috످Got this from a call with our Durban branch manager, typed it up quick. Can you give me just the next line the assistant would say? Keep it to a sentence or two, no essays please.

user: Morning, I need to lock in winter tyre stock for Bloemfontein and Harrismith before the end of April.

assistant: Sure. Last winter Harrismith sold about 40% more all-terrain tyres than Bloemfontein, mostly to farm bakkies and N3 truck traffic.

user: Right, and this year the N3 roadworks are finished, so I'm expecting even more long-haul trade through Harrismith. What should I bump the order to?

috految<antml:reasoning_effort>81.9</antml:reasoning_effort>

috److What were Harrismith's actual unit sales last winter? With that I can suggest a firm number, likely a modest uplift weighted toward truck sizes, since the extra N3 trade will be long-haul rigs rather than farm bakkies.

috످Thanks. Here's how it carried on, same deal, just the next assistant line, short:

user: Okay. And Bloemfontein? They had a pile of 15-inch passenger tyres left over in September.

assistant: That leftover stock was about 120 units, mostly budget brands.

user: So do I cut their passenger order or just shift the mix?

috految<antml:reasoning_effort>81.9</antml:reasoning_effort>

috److془Give next line. Short. Leftover 120 units mostly budget brands, 15-inch.

"Cut Bloemfontein's 15-inch order by however many of those 120 are still in stock, and shift the mix away from budget brands..."془Do a bit of both: cut Bloemfontein's 15-inch order by however many of those 120 are still in stock, then shift the mix from budget brands to whatever sold best there last winter.

috످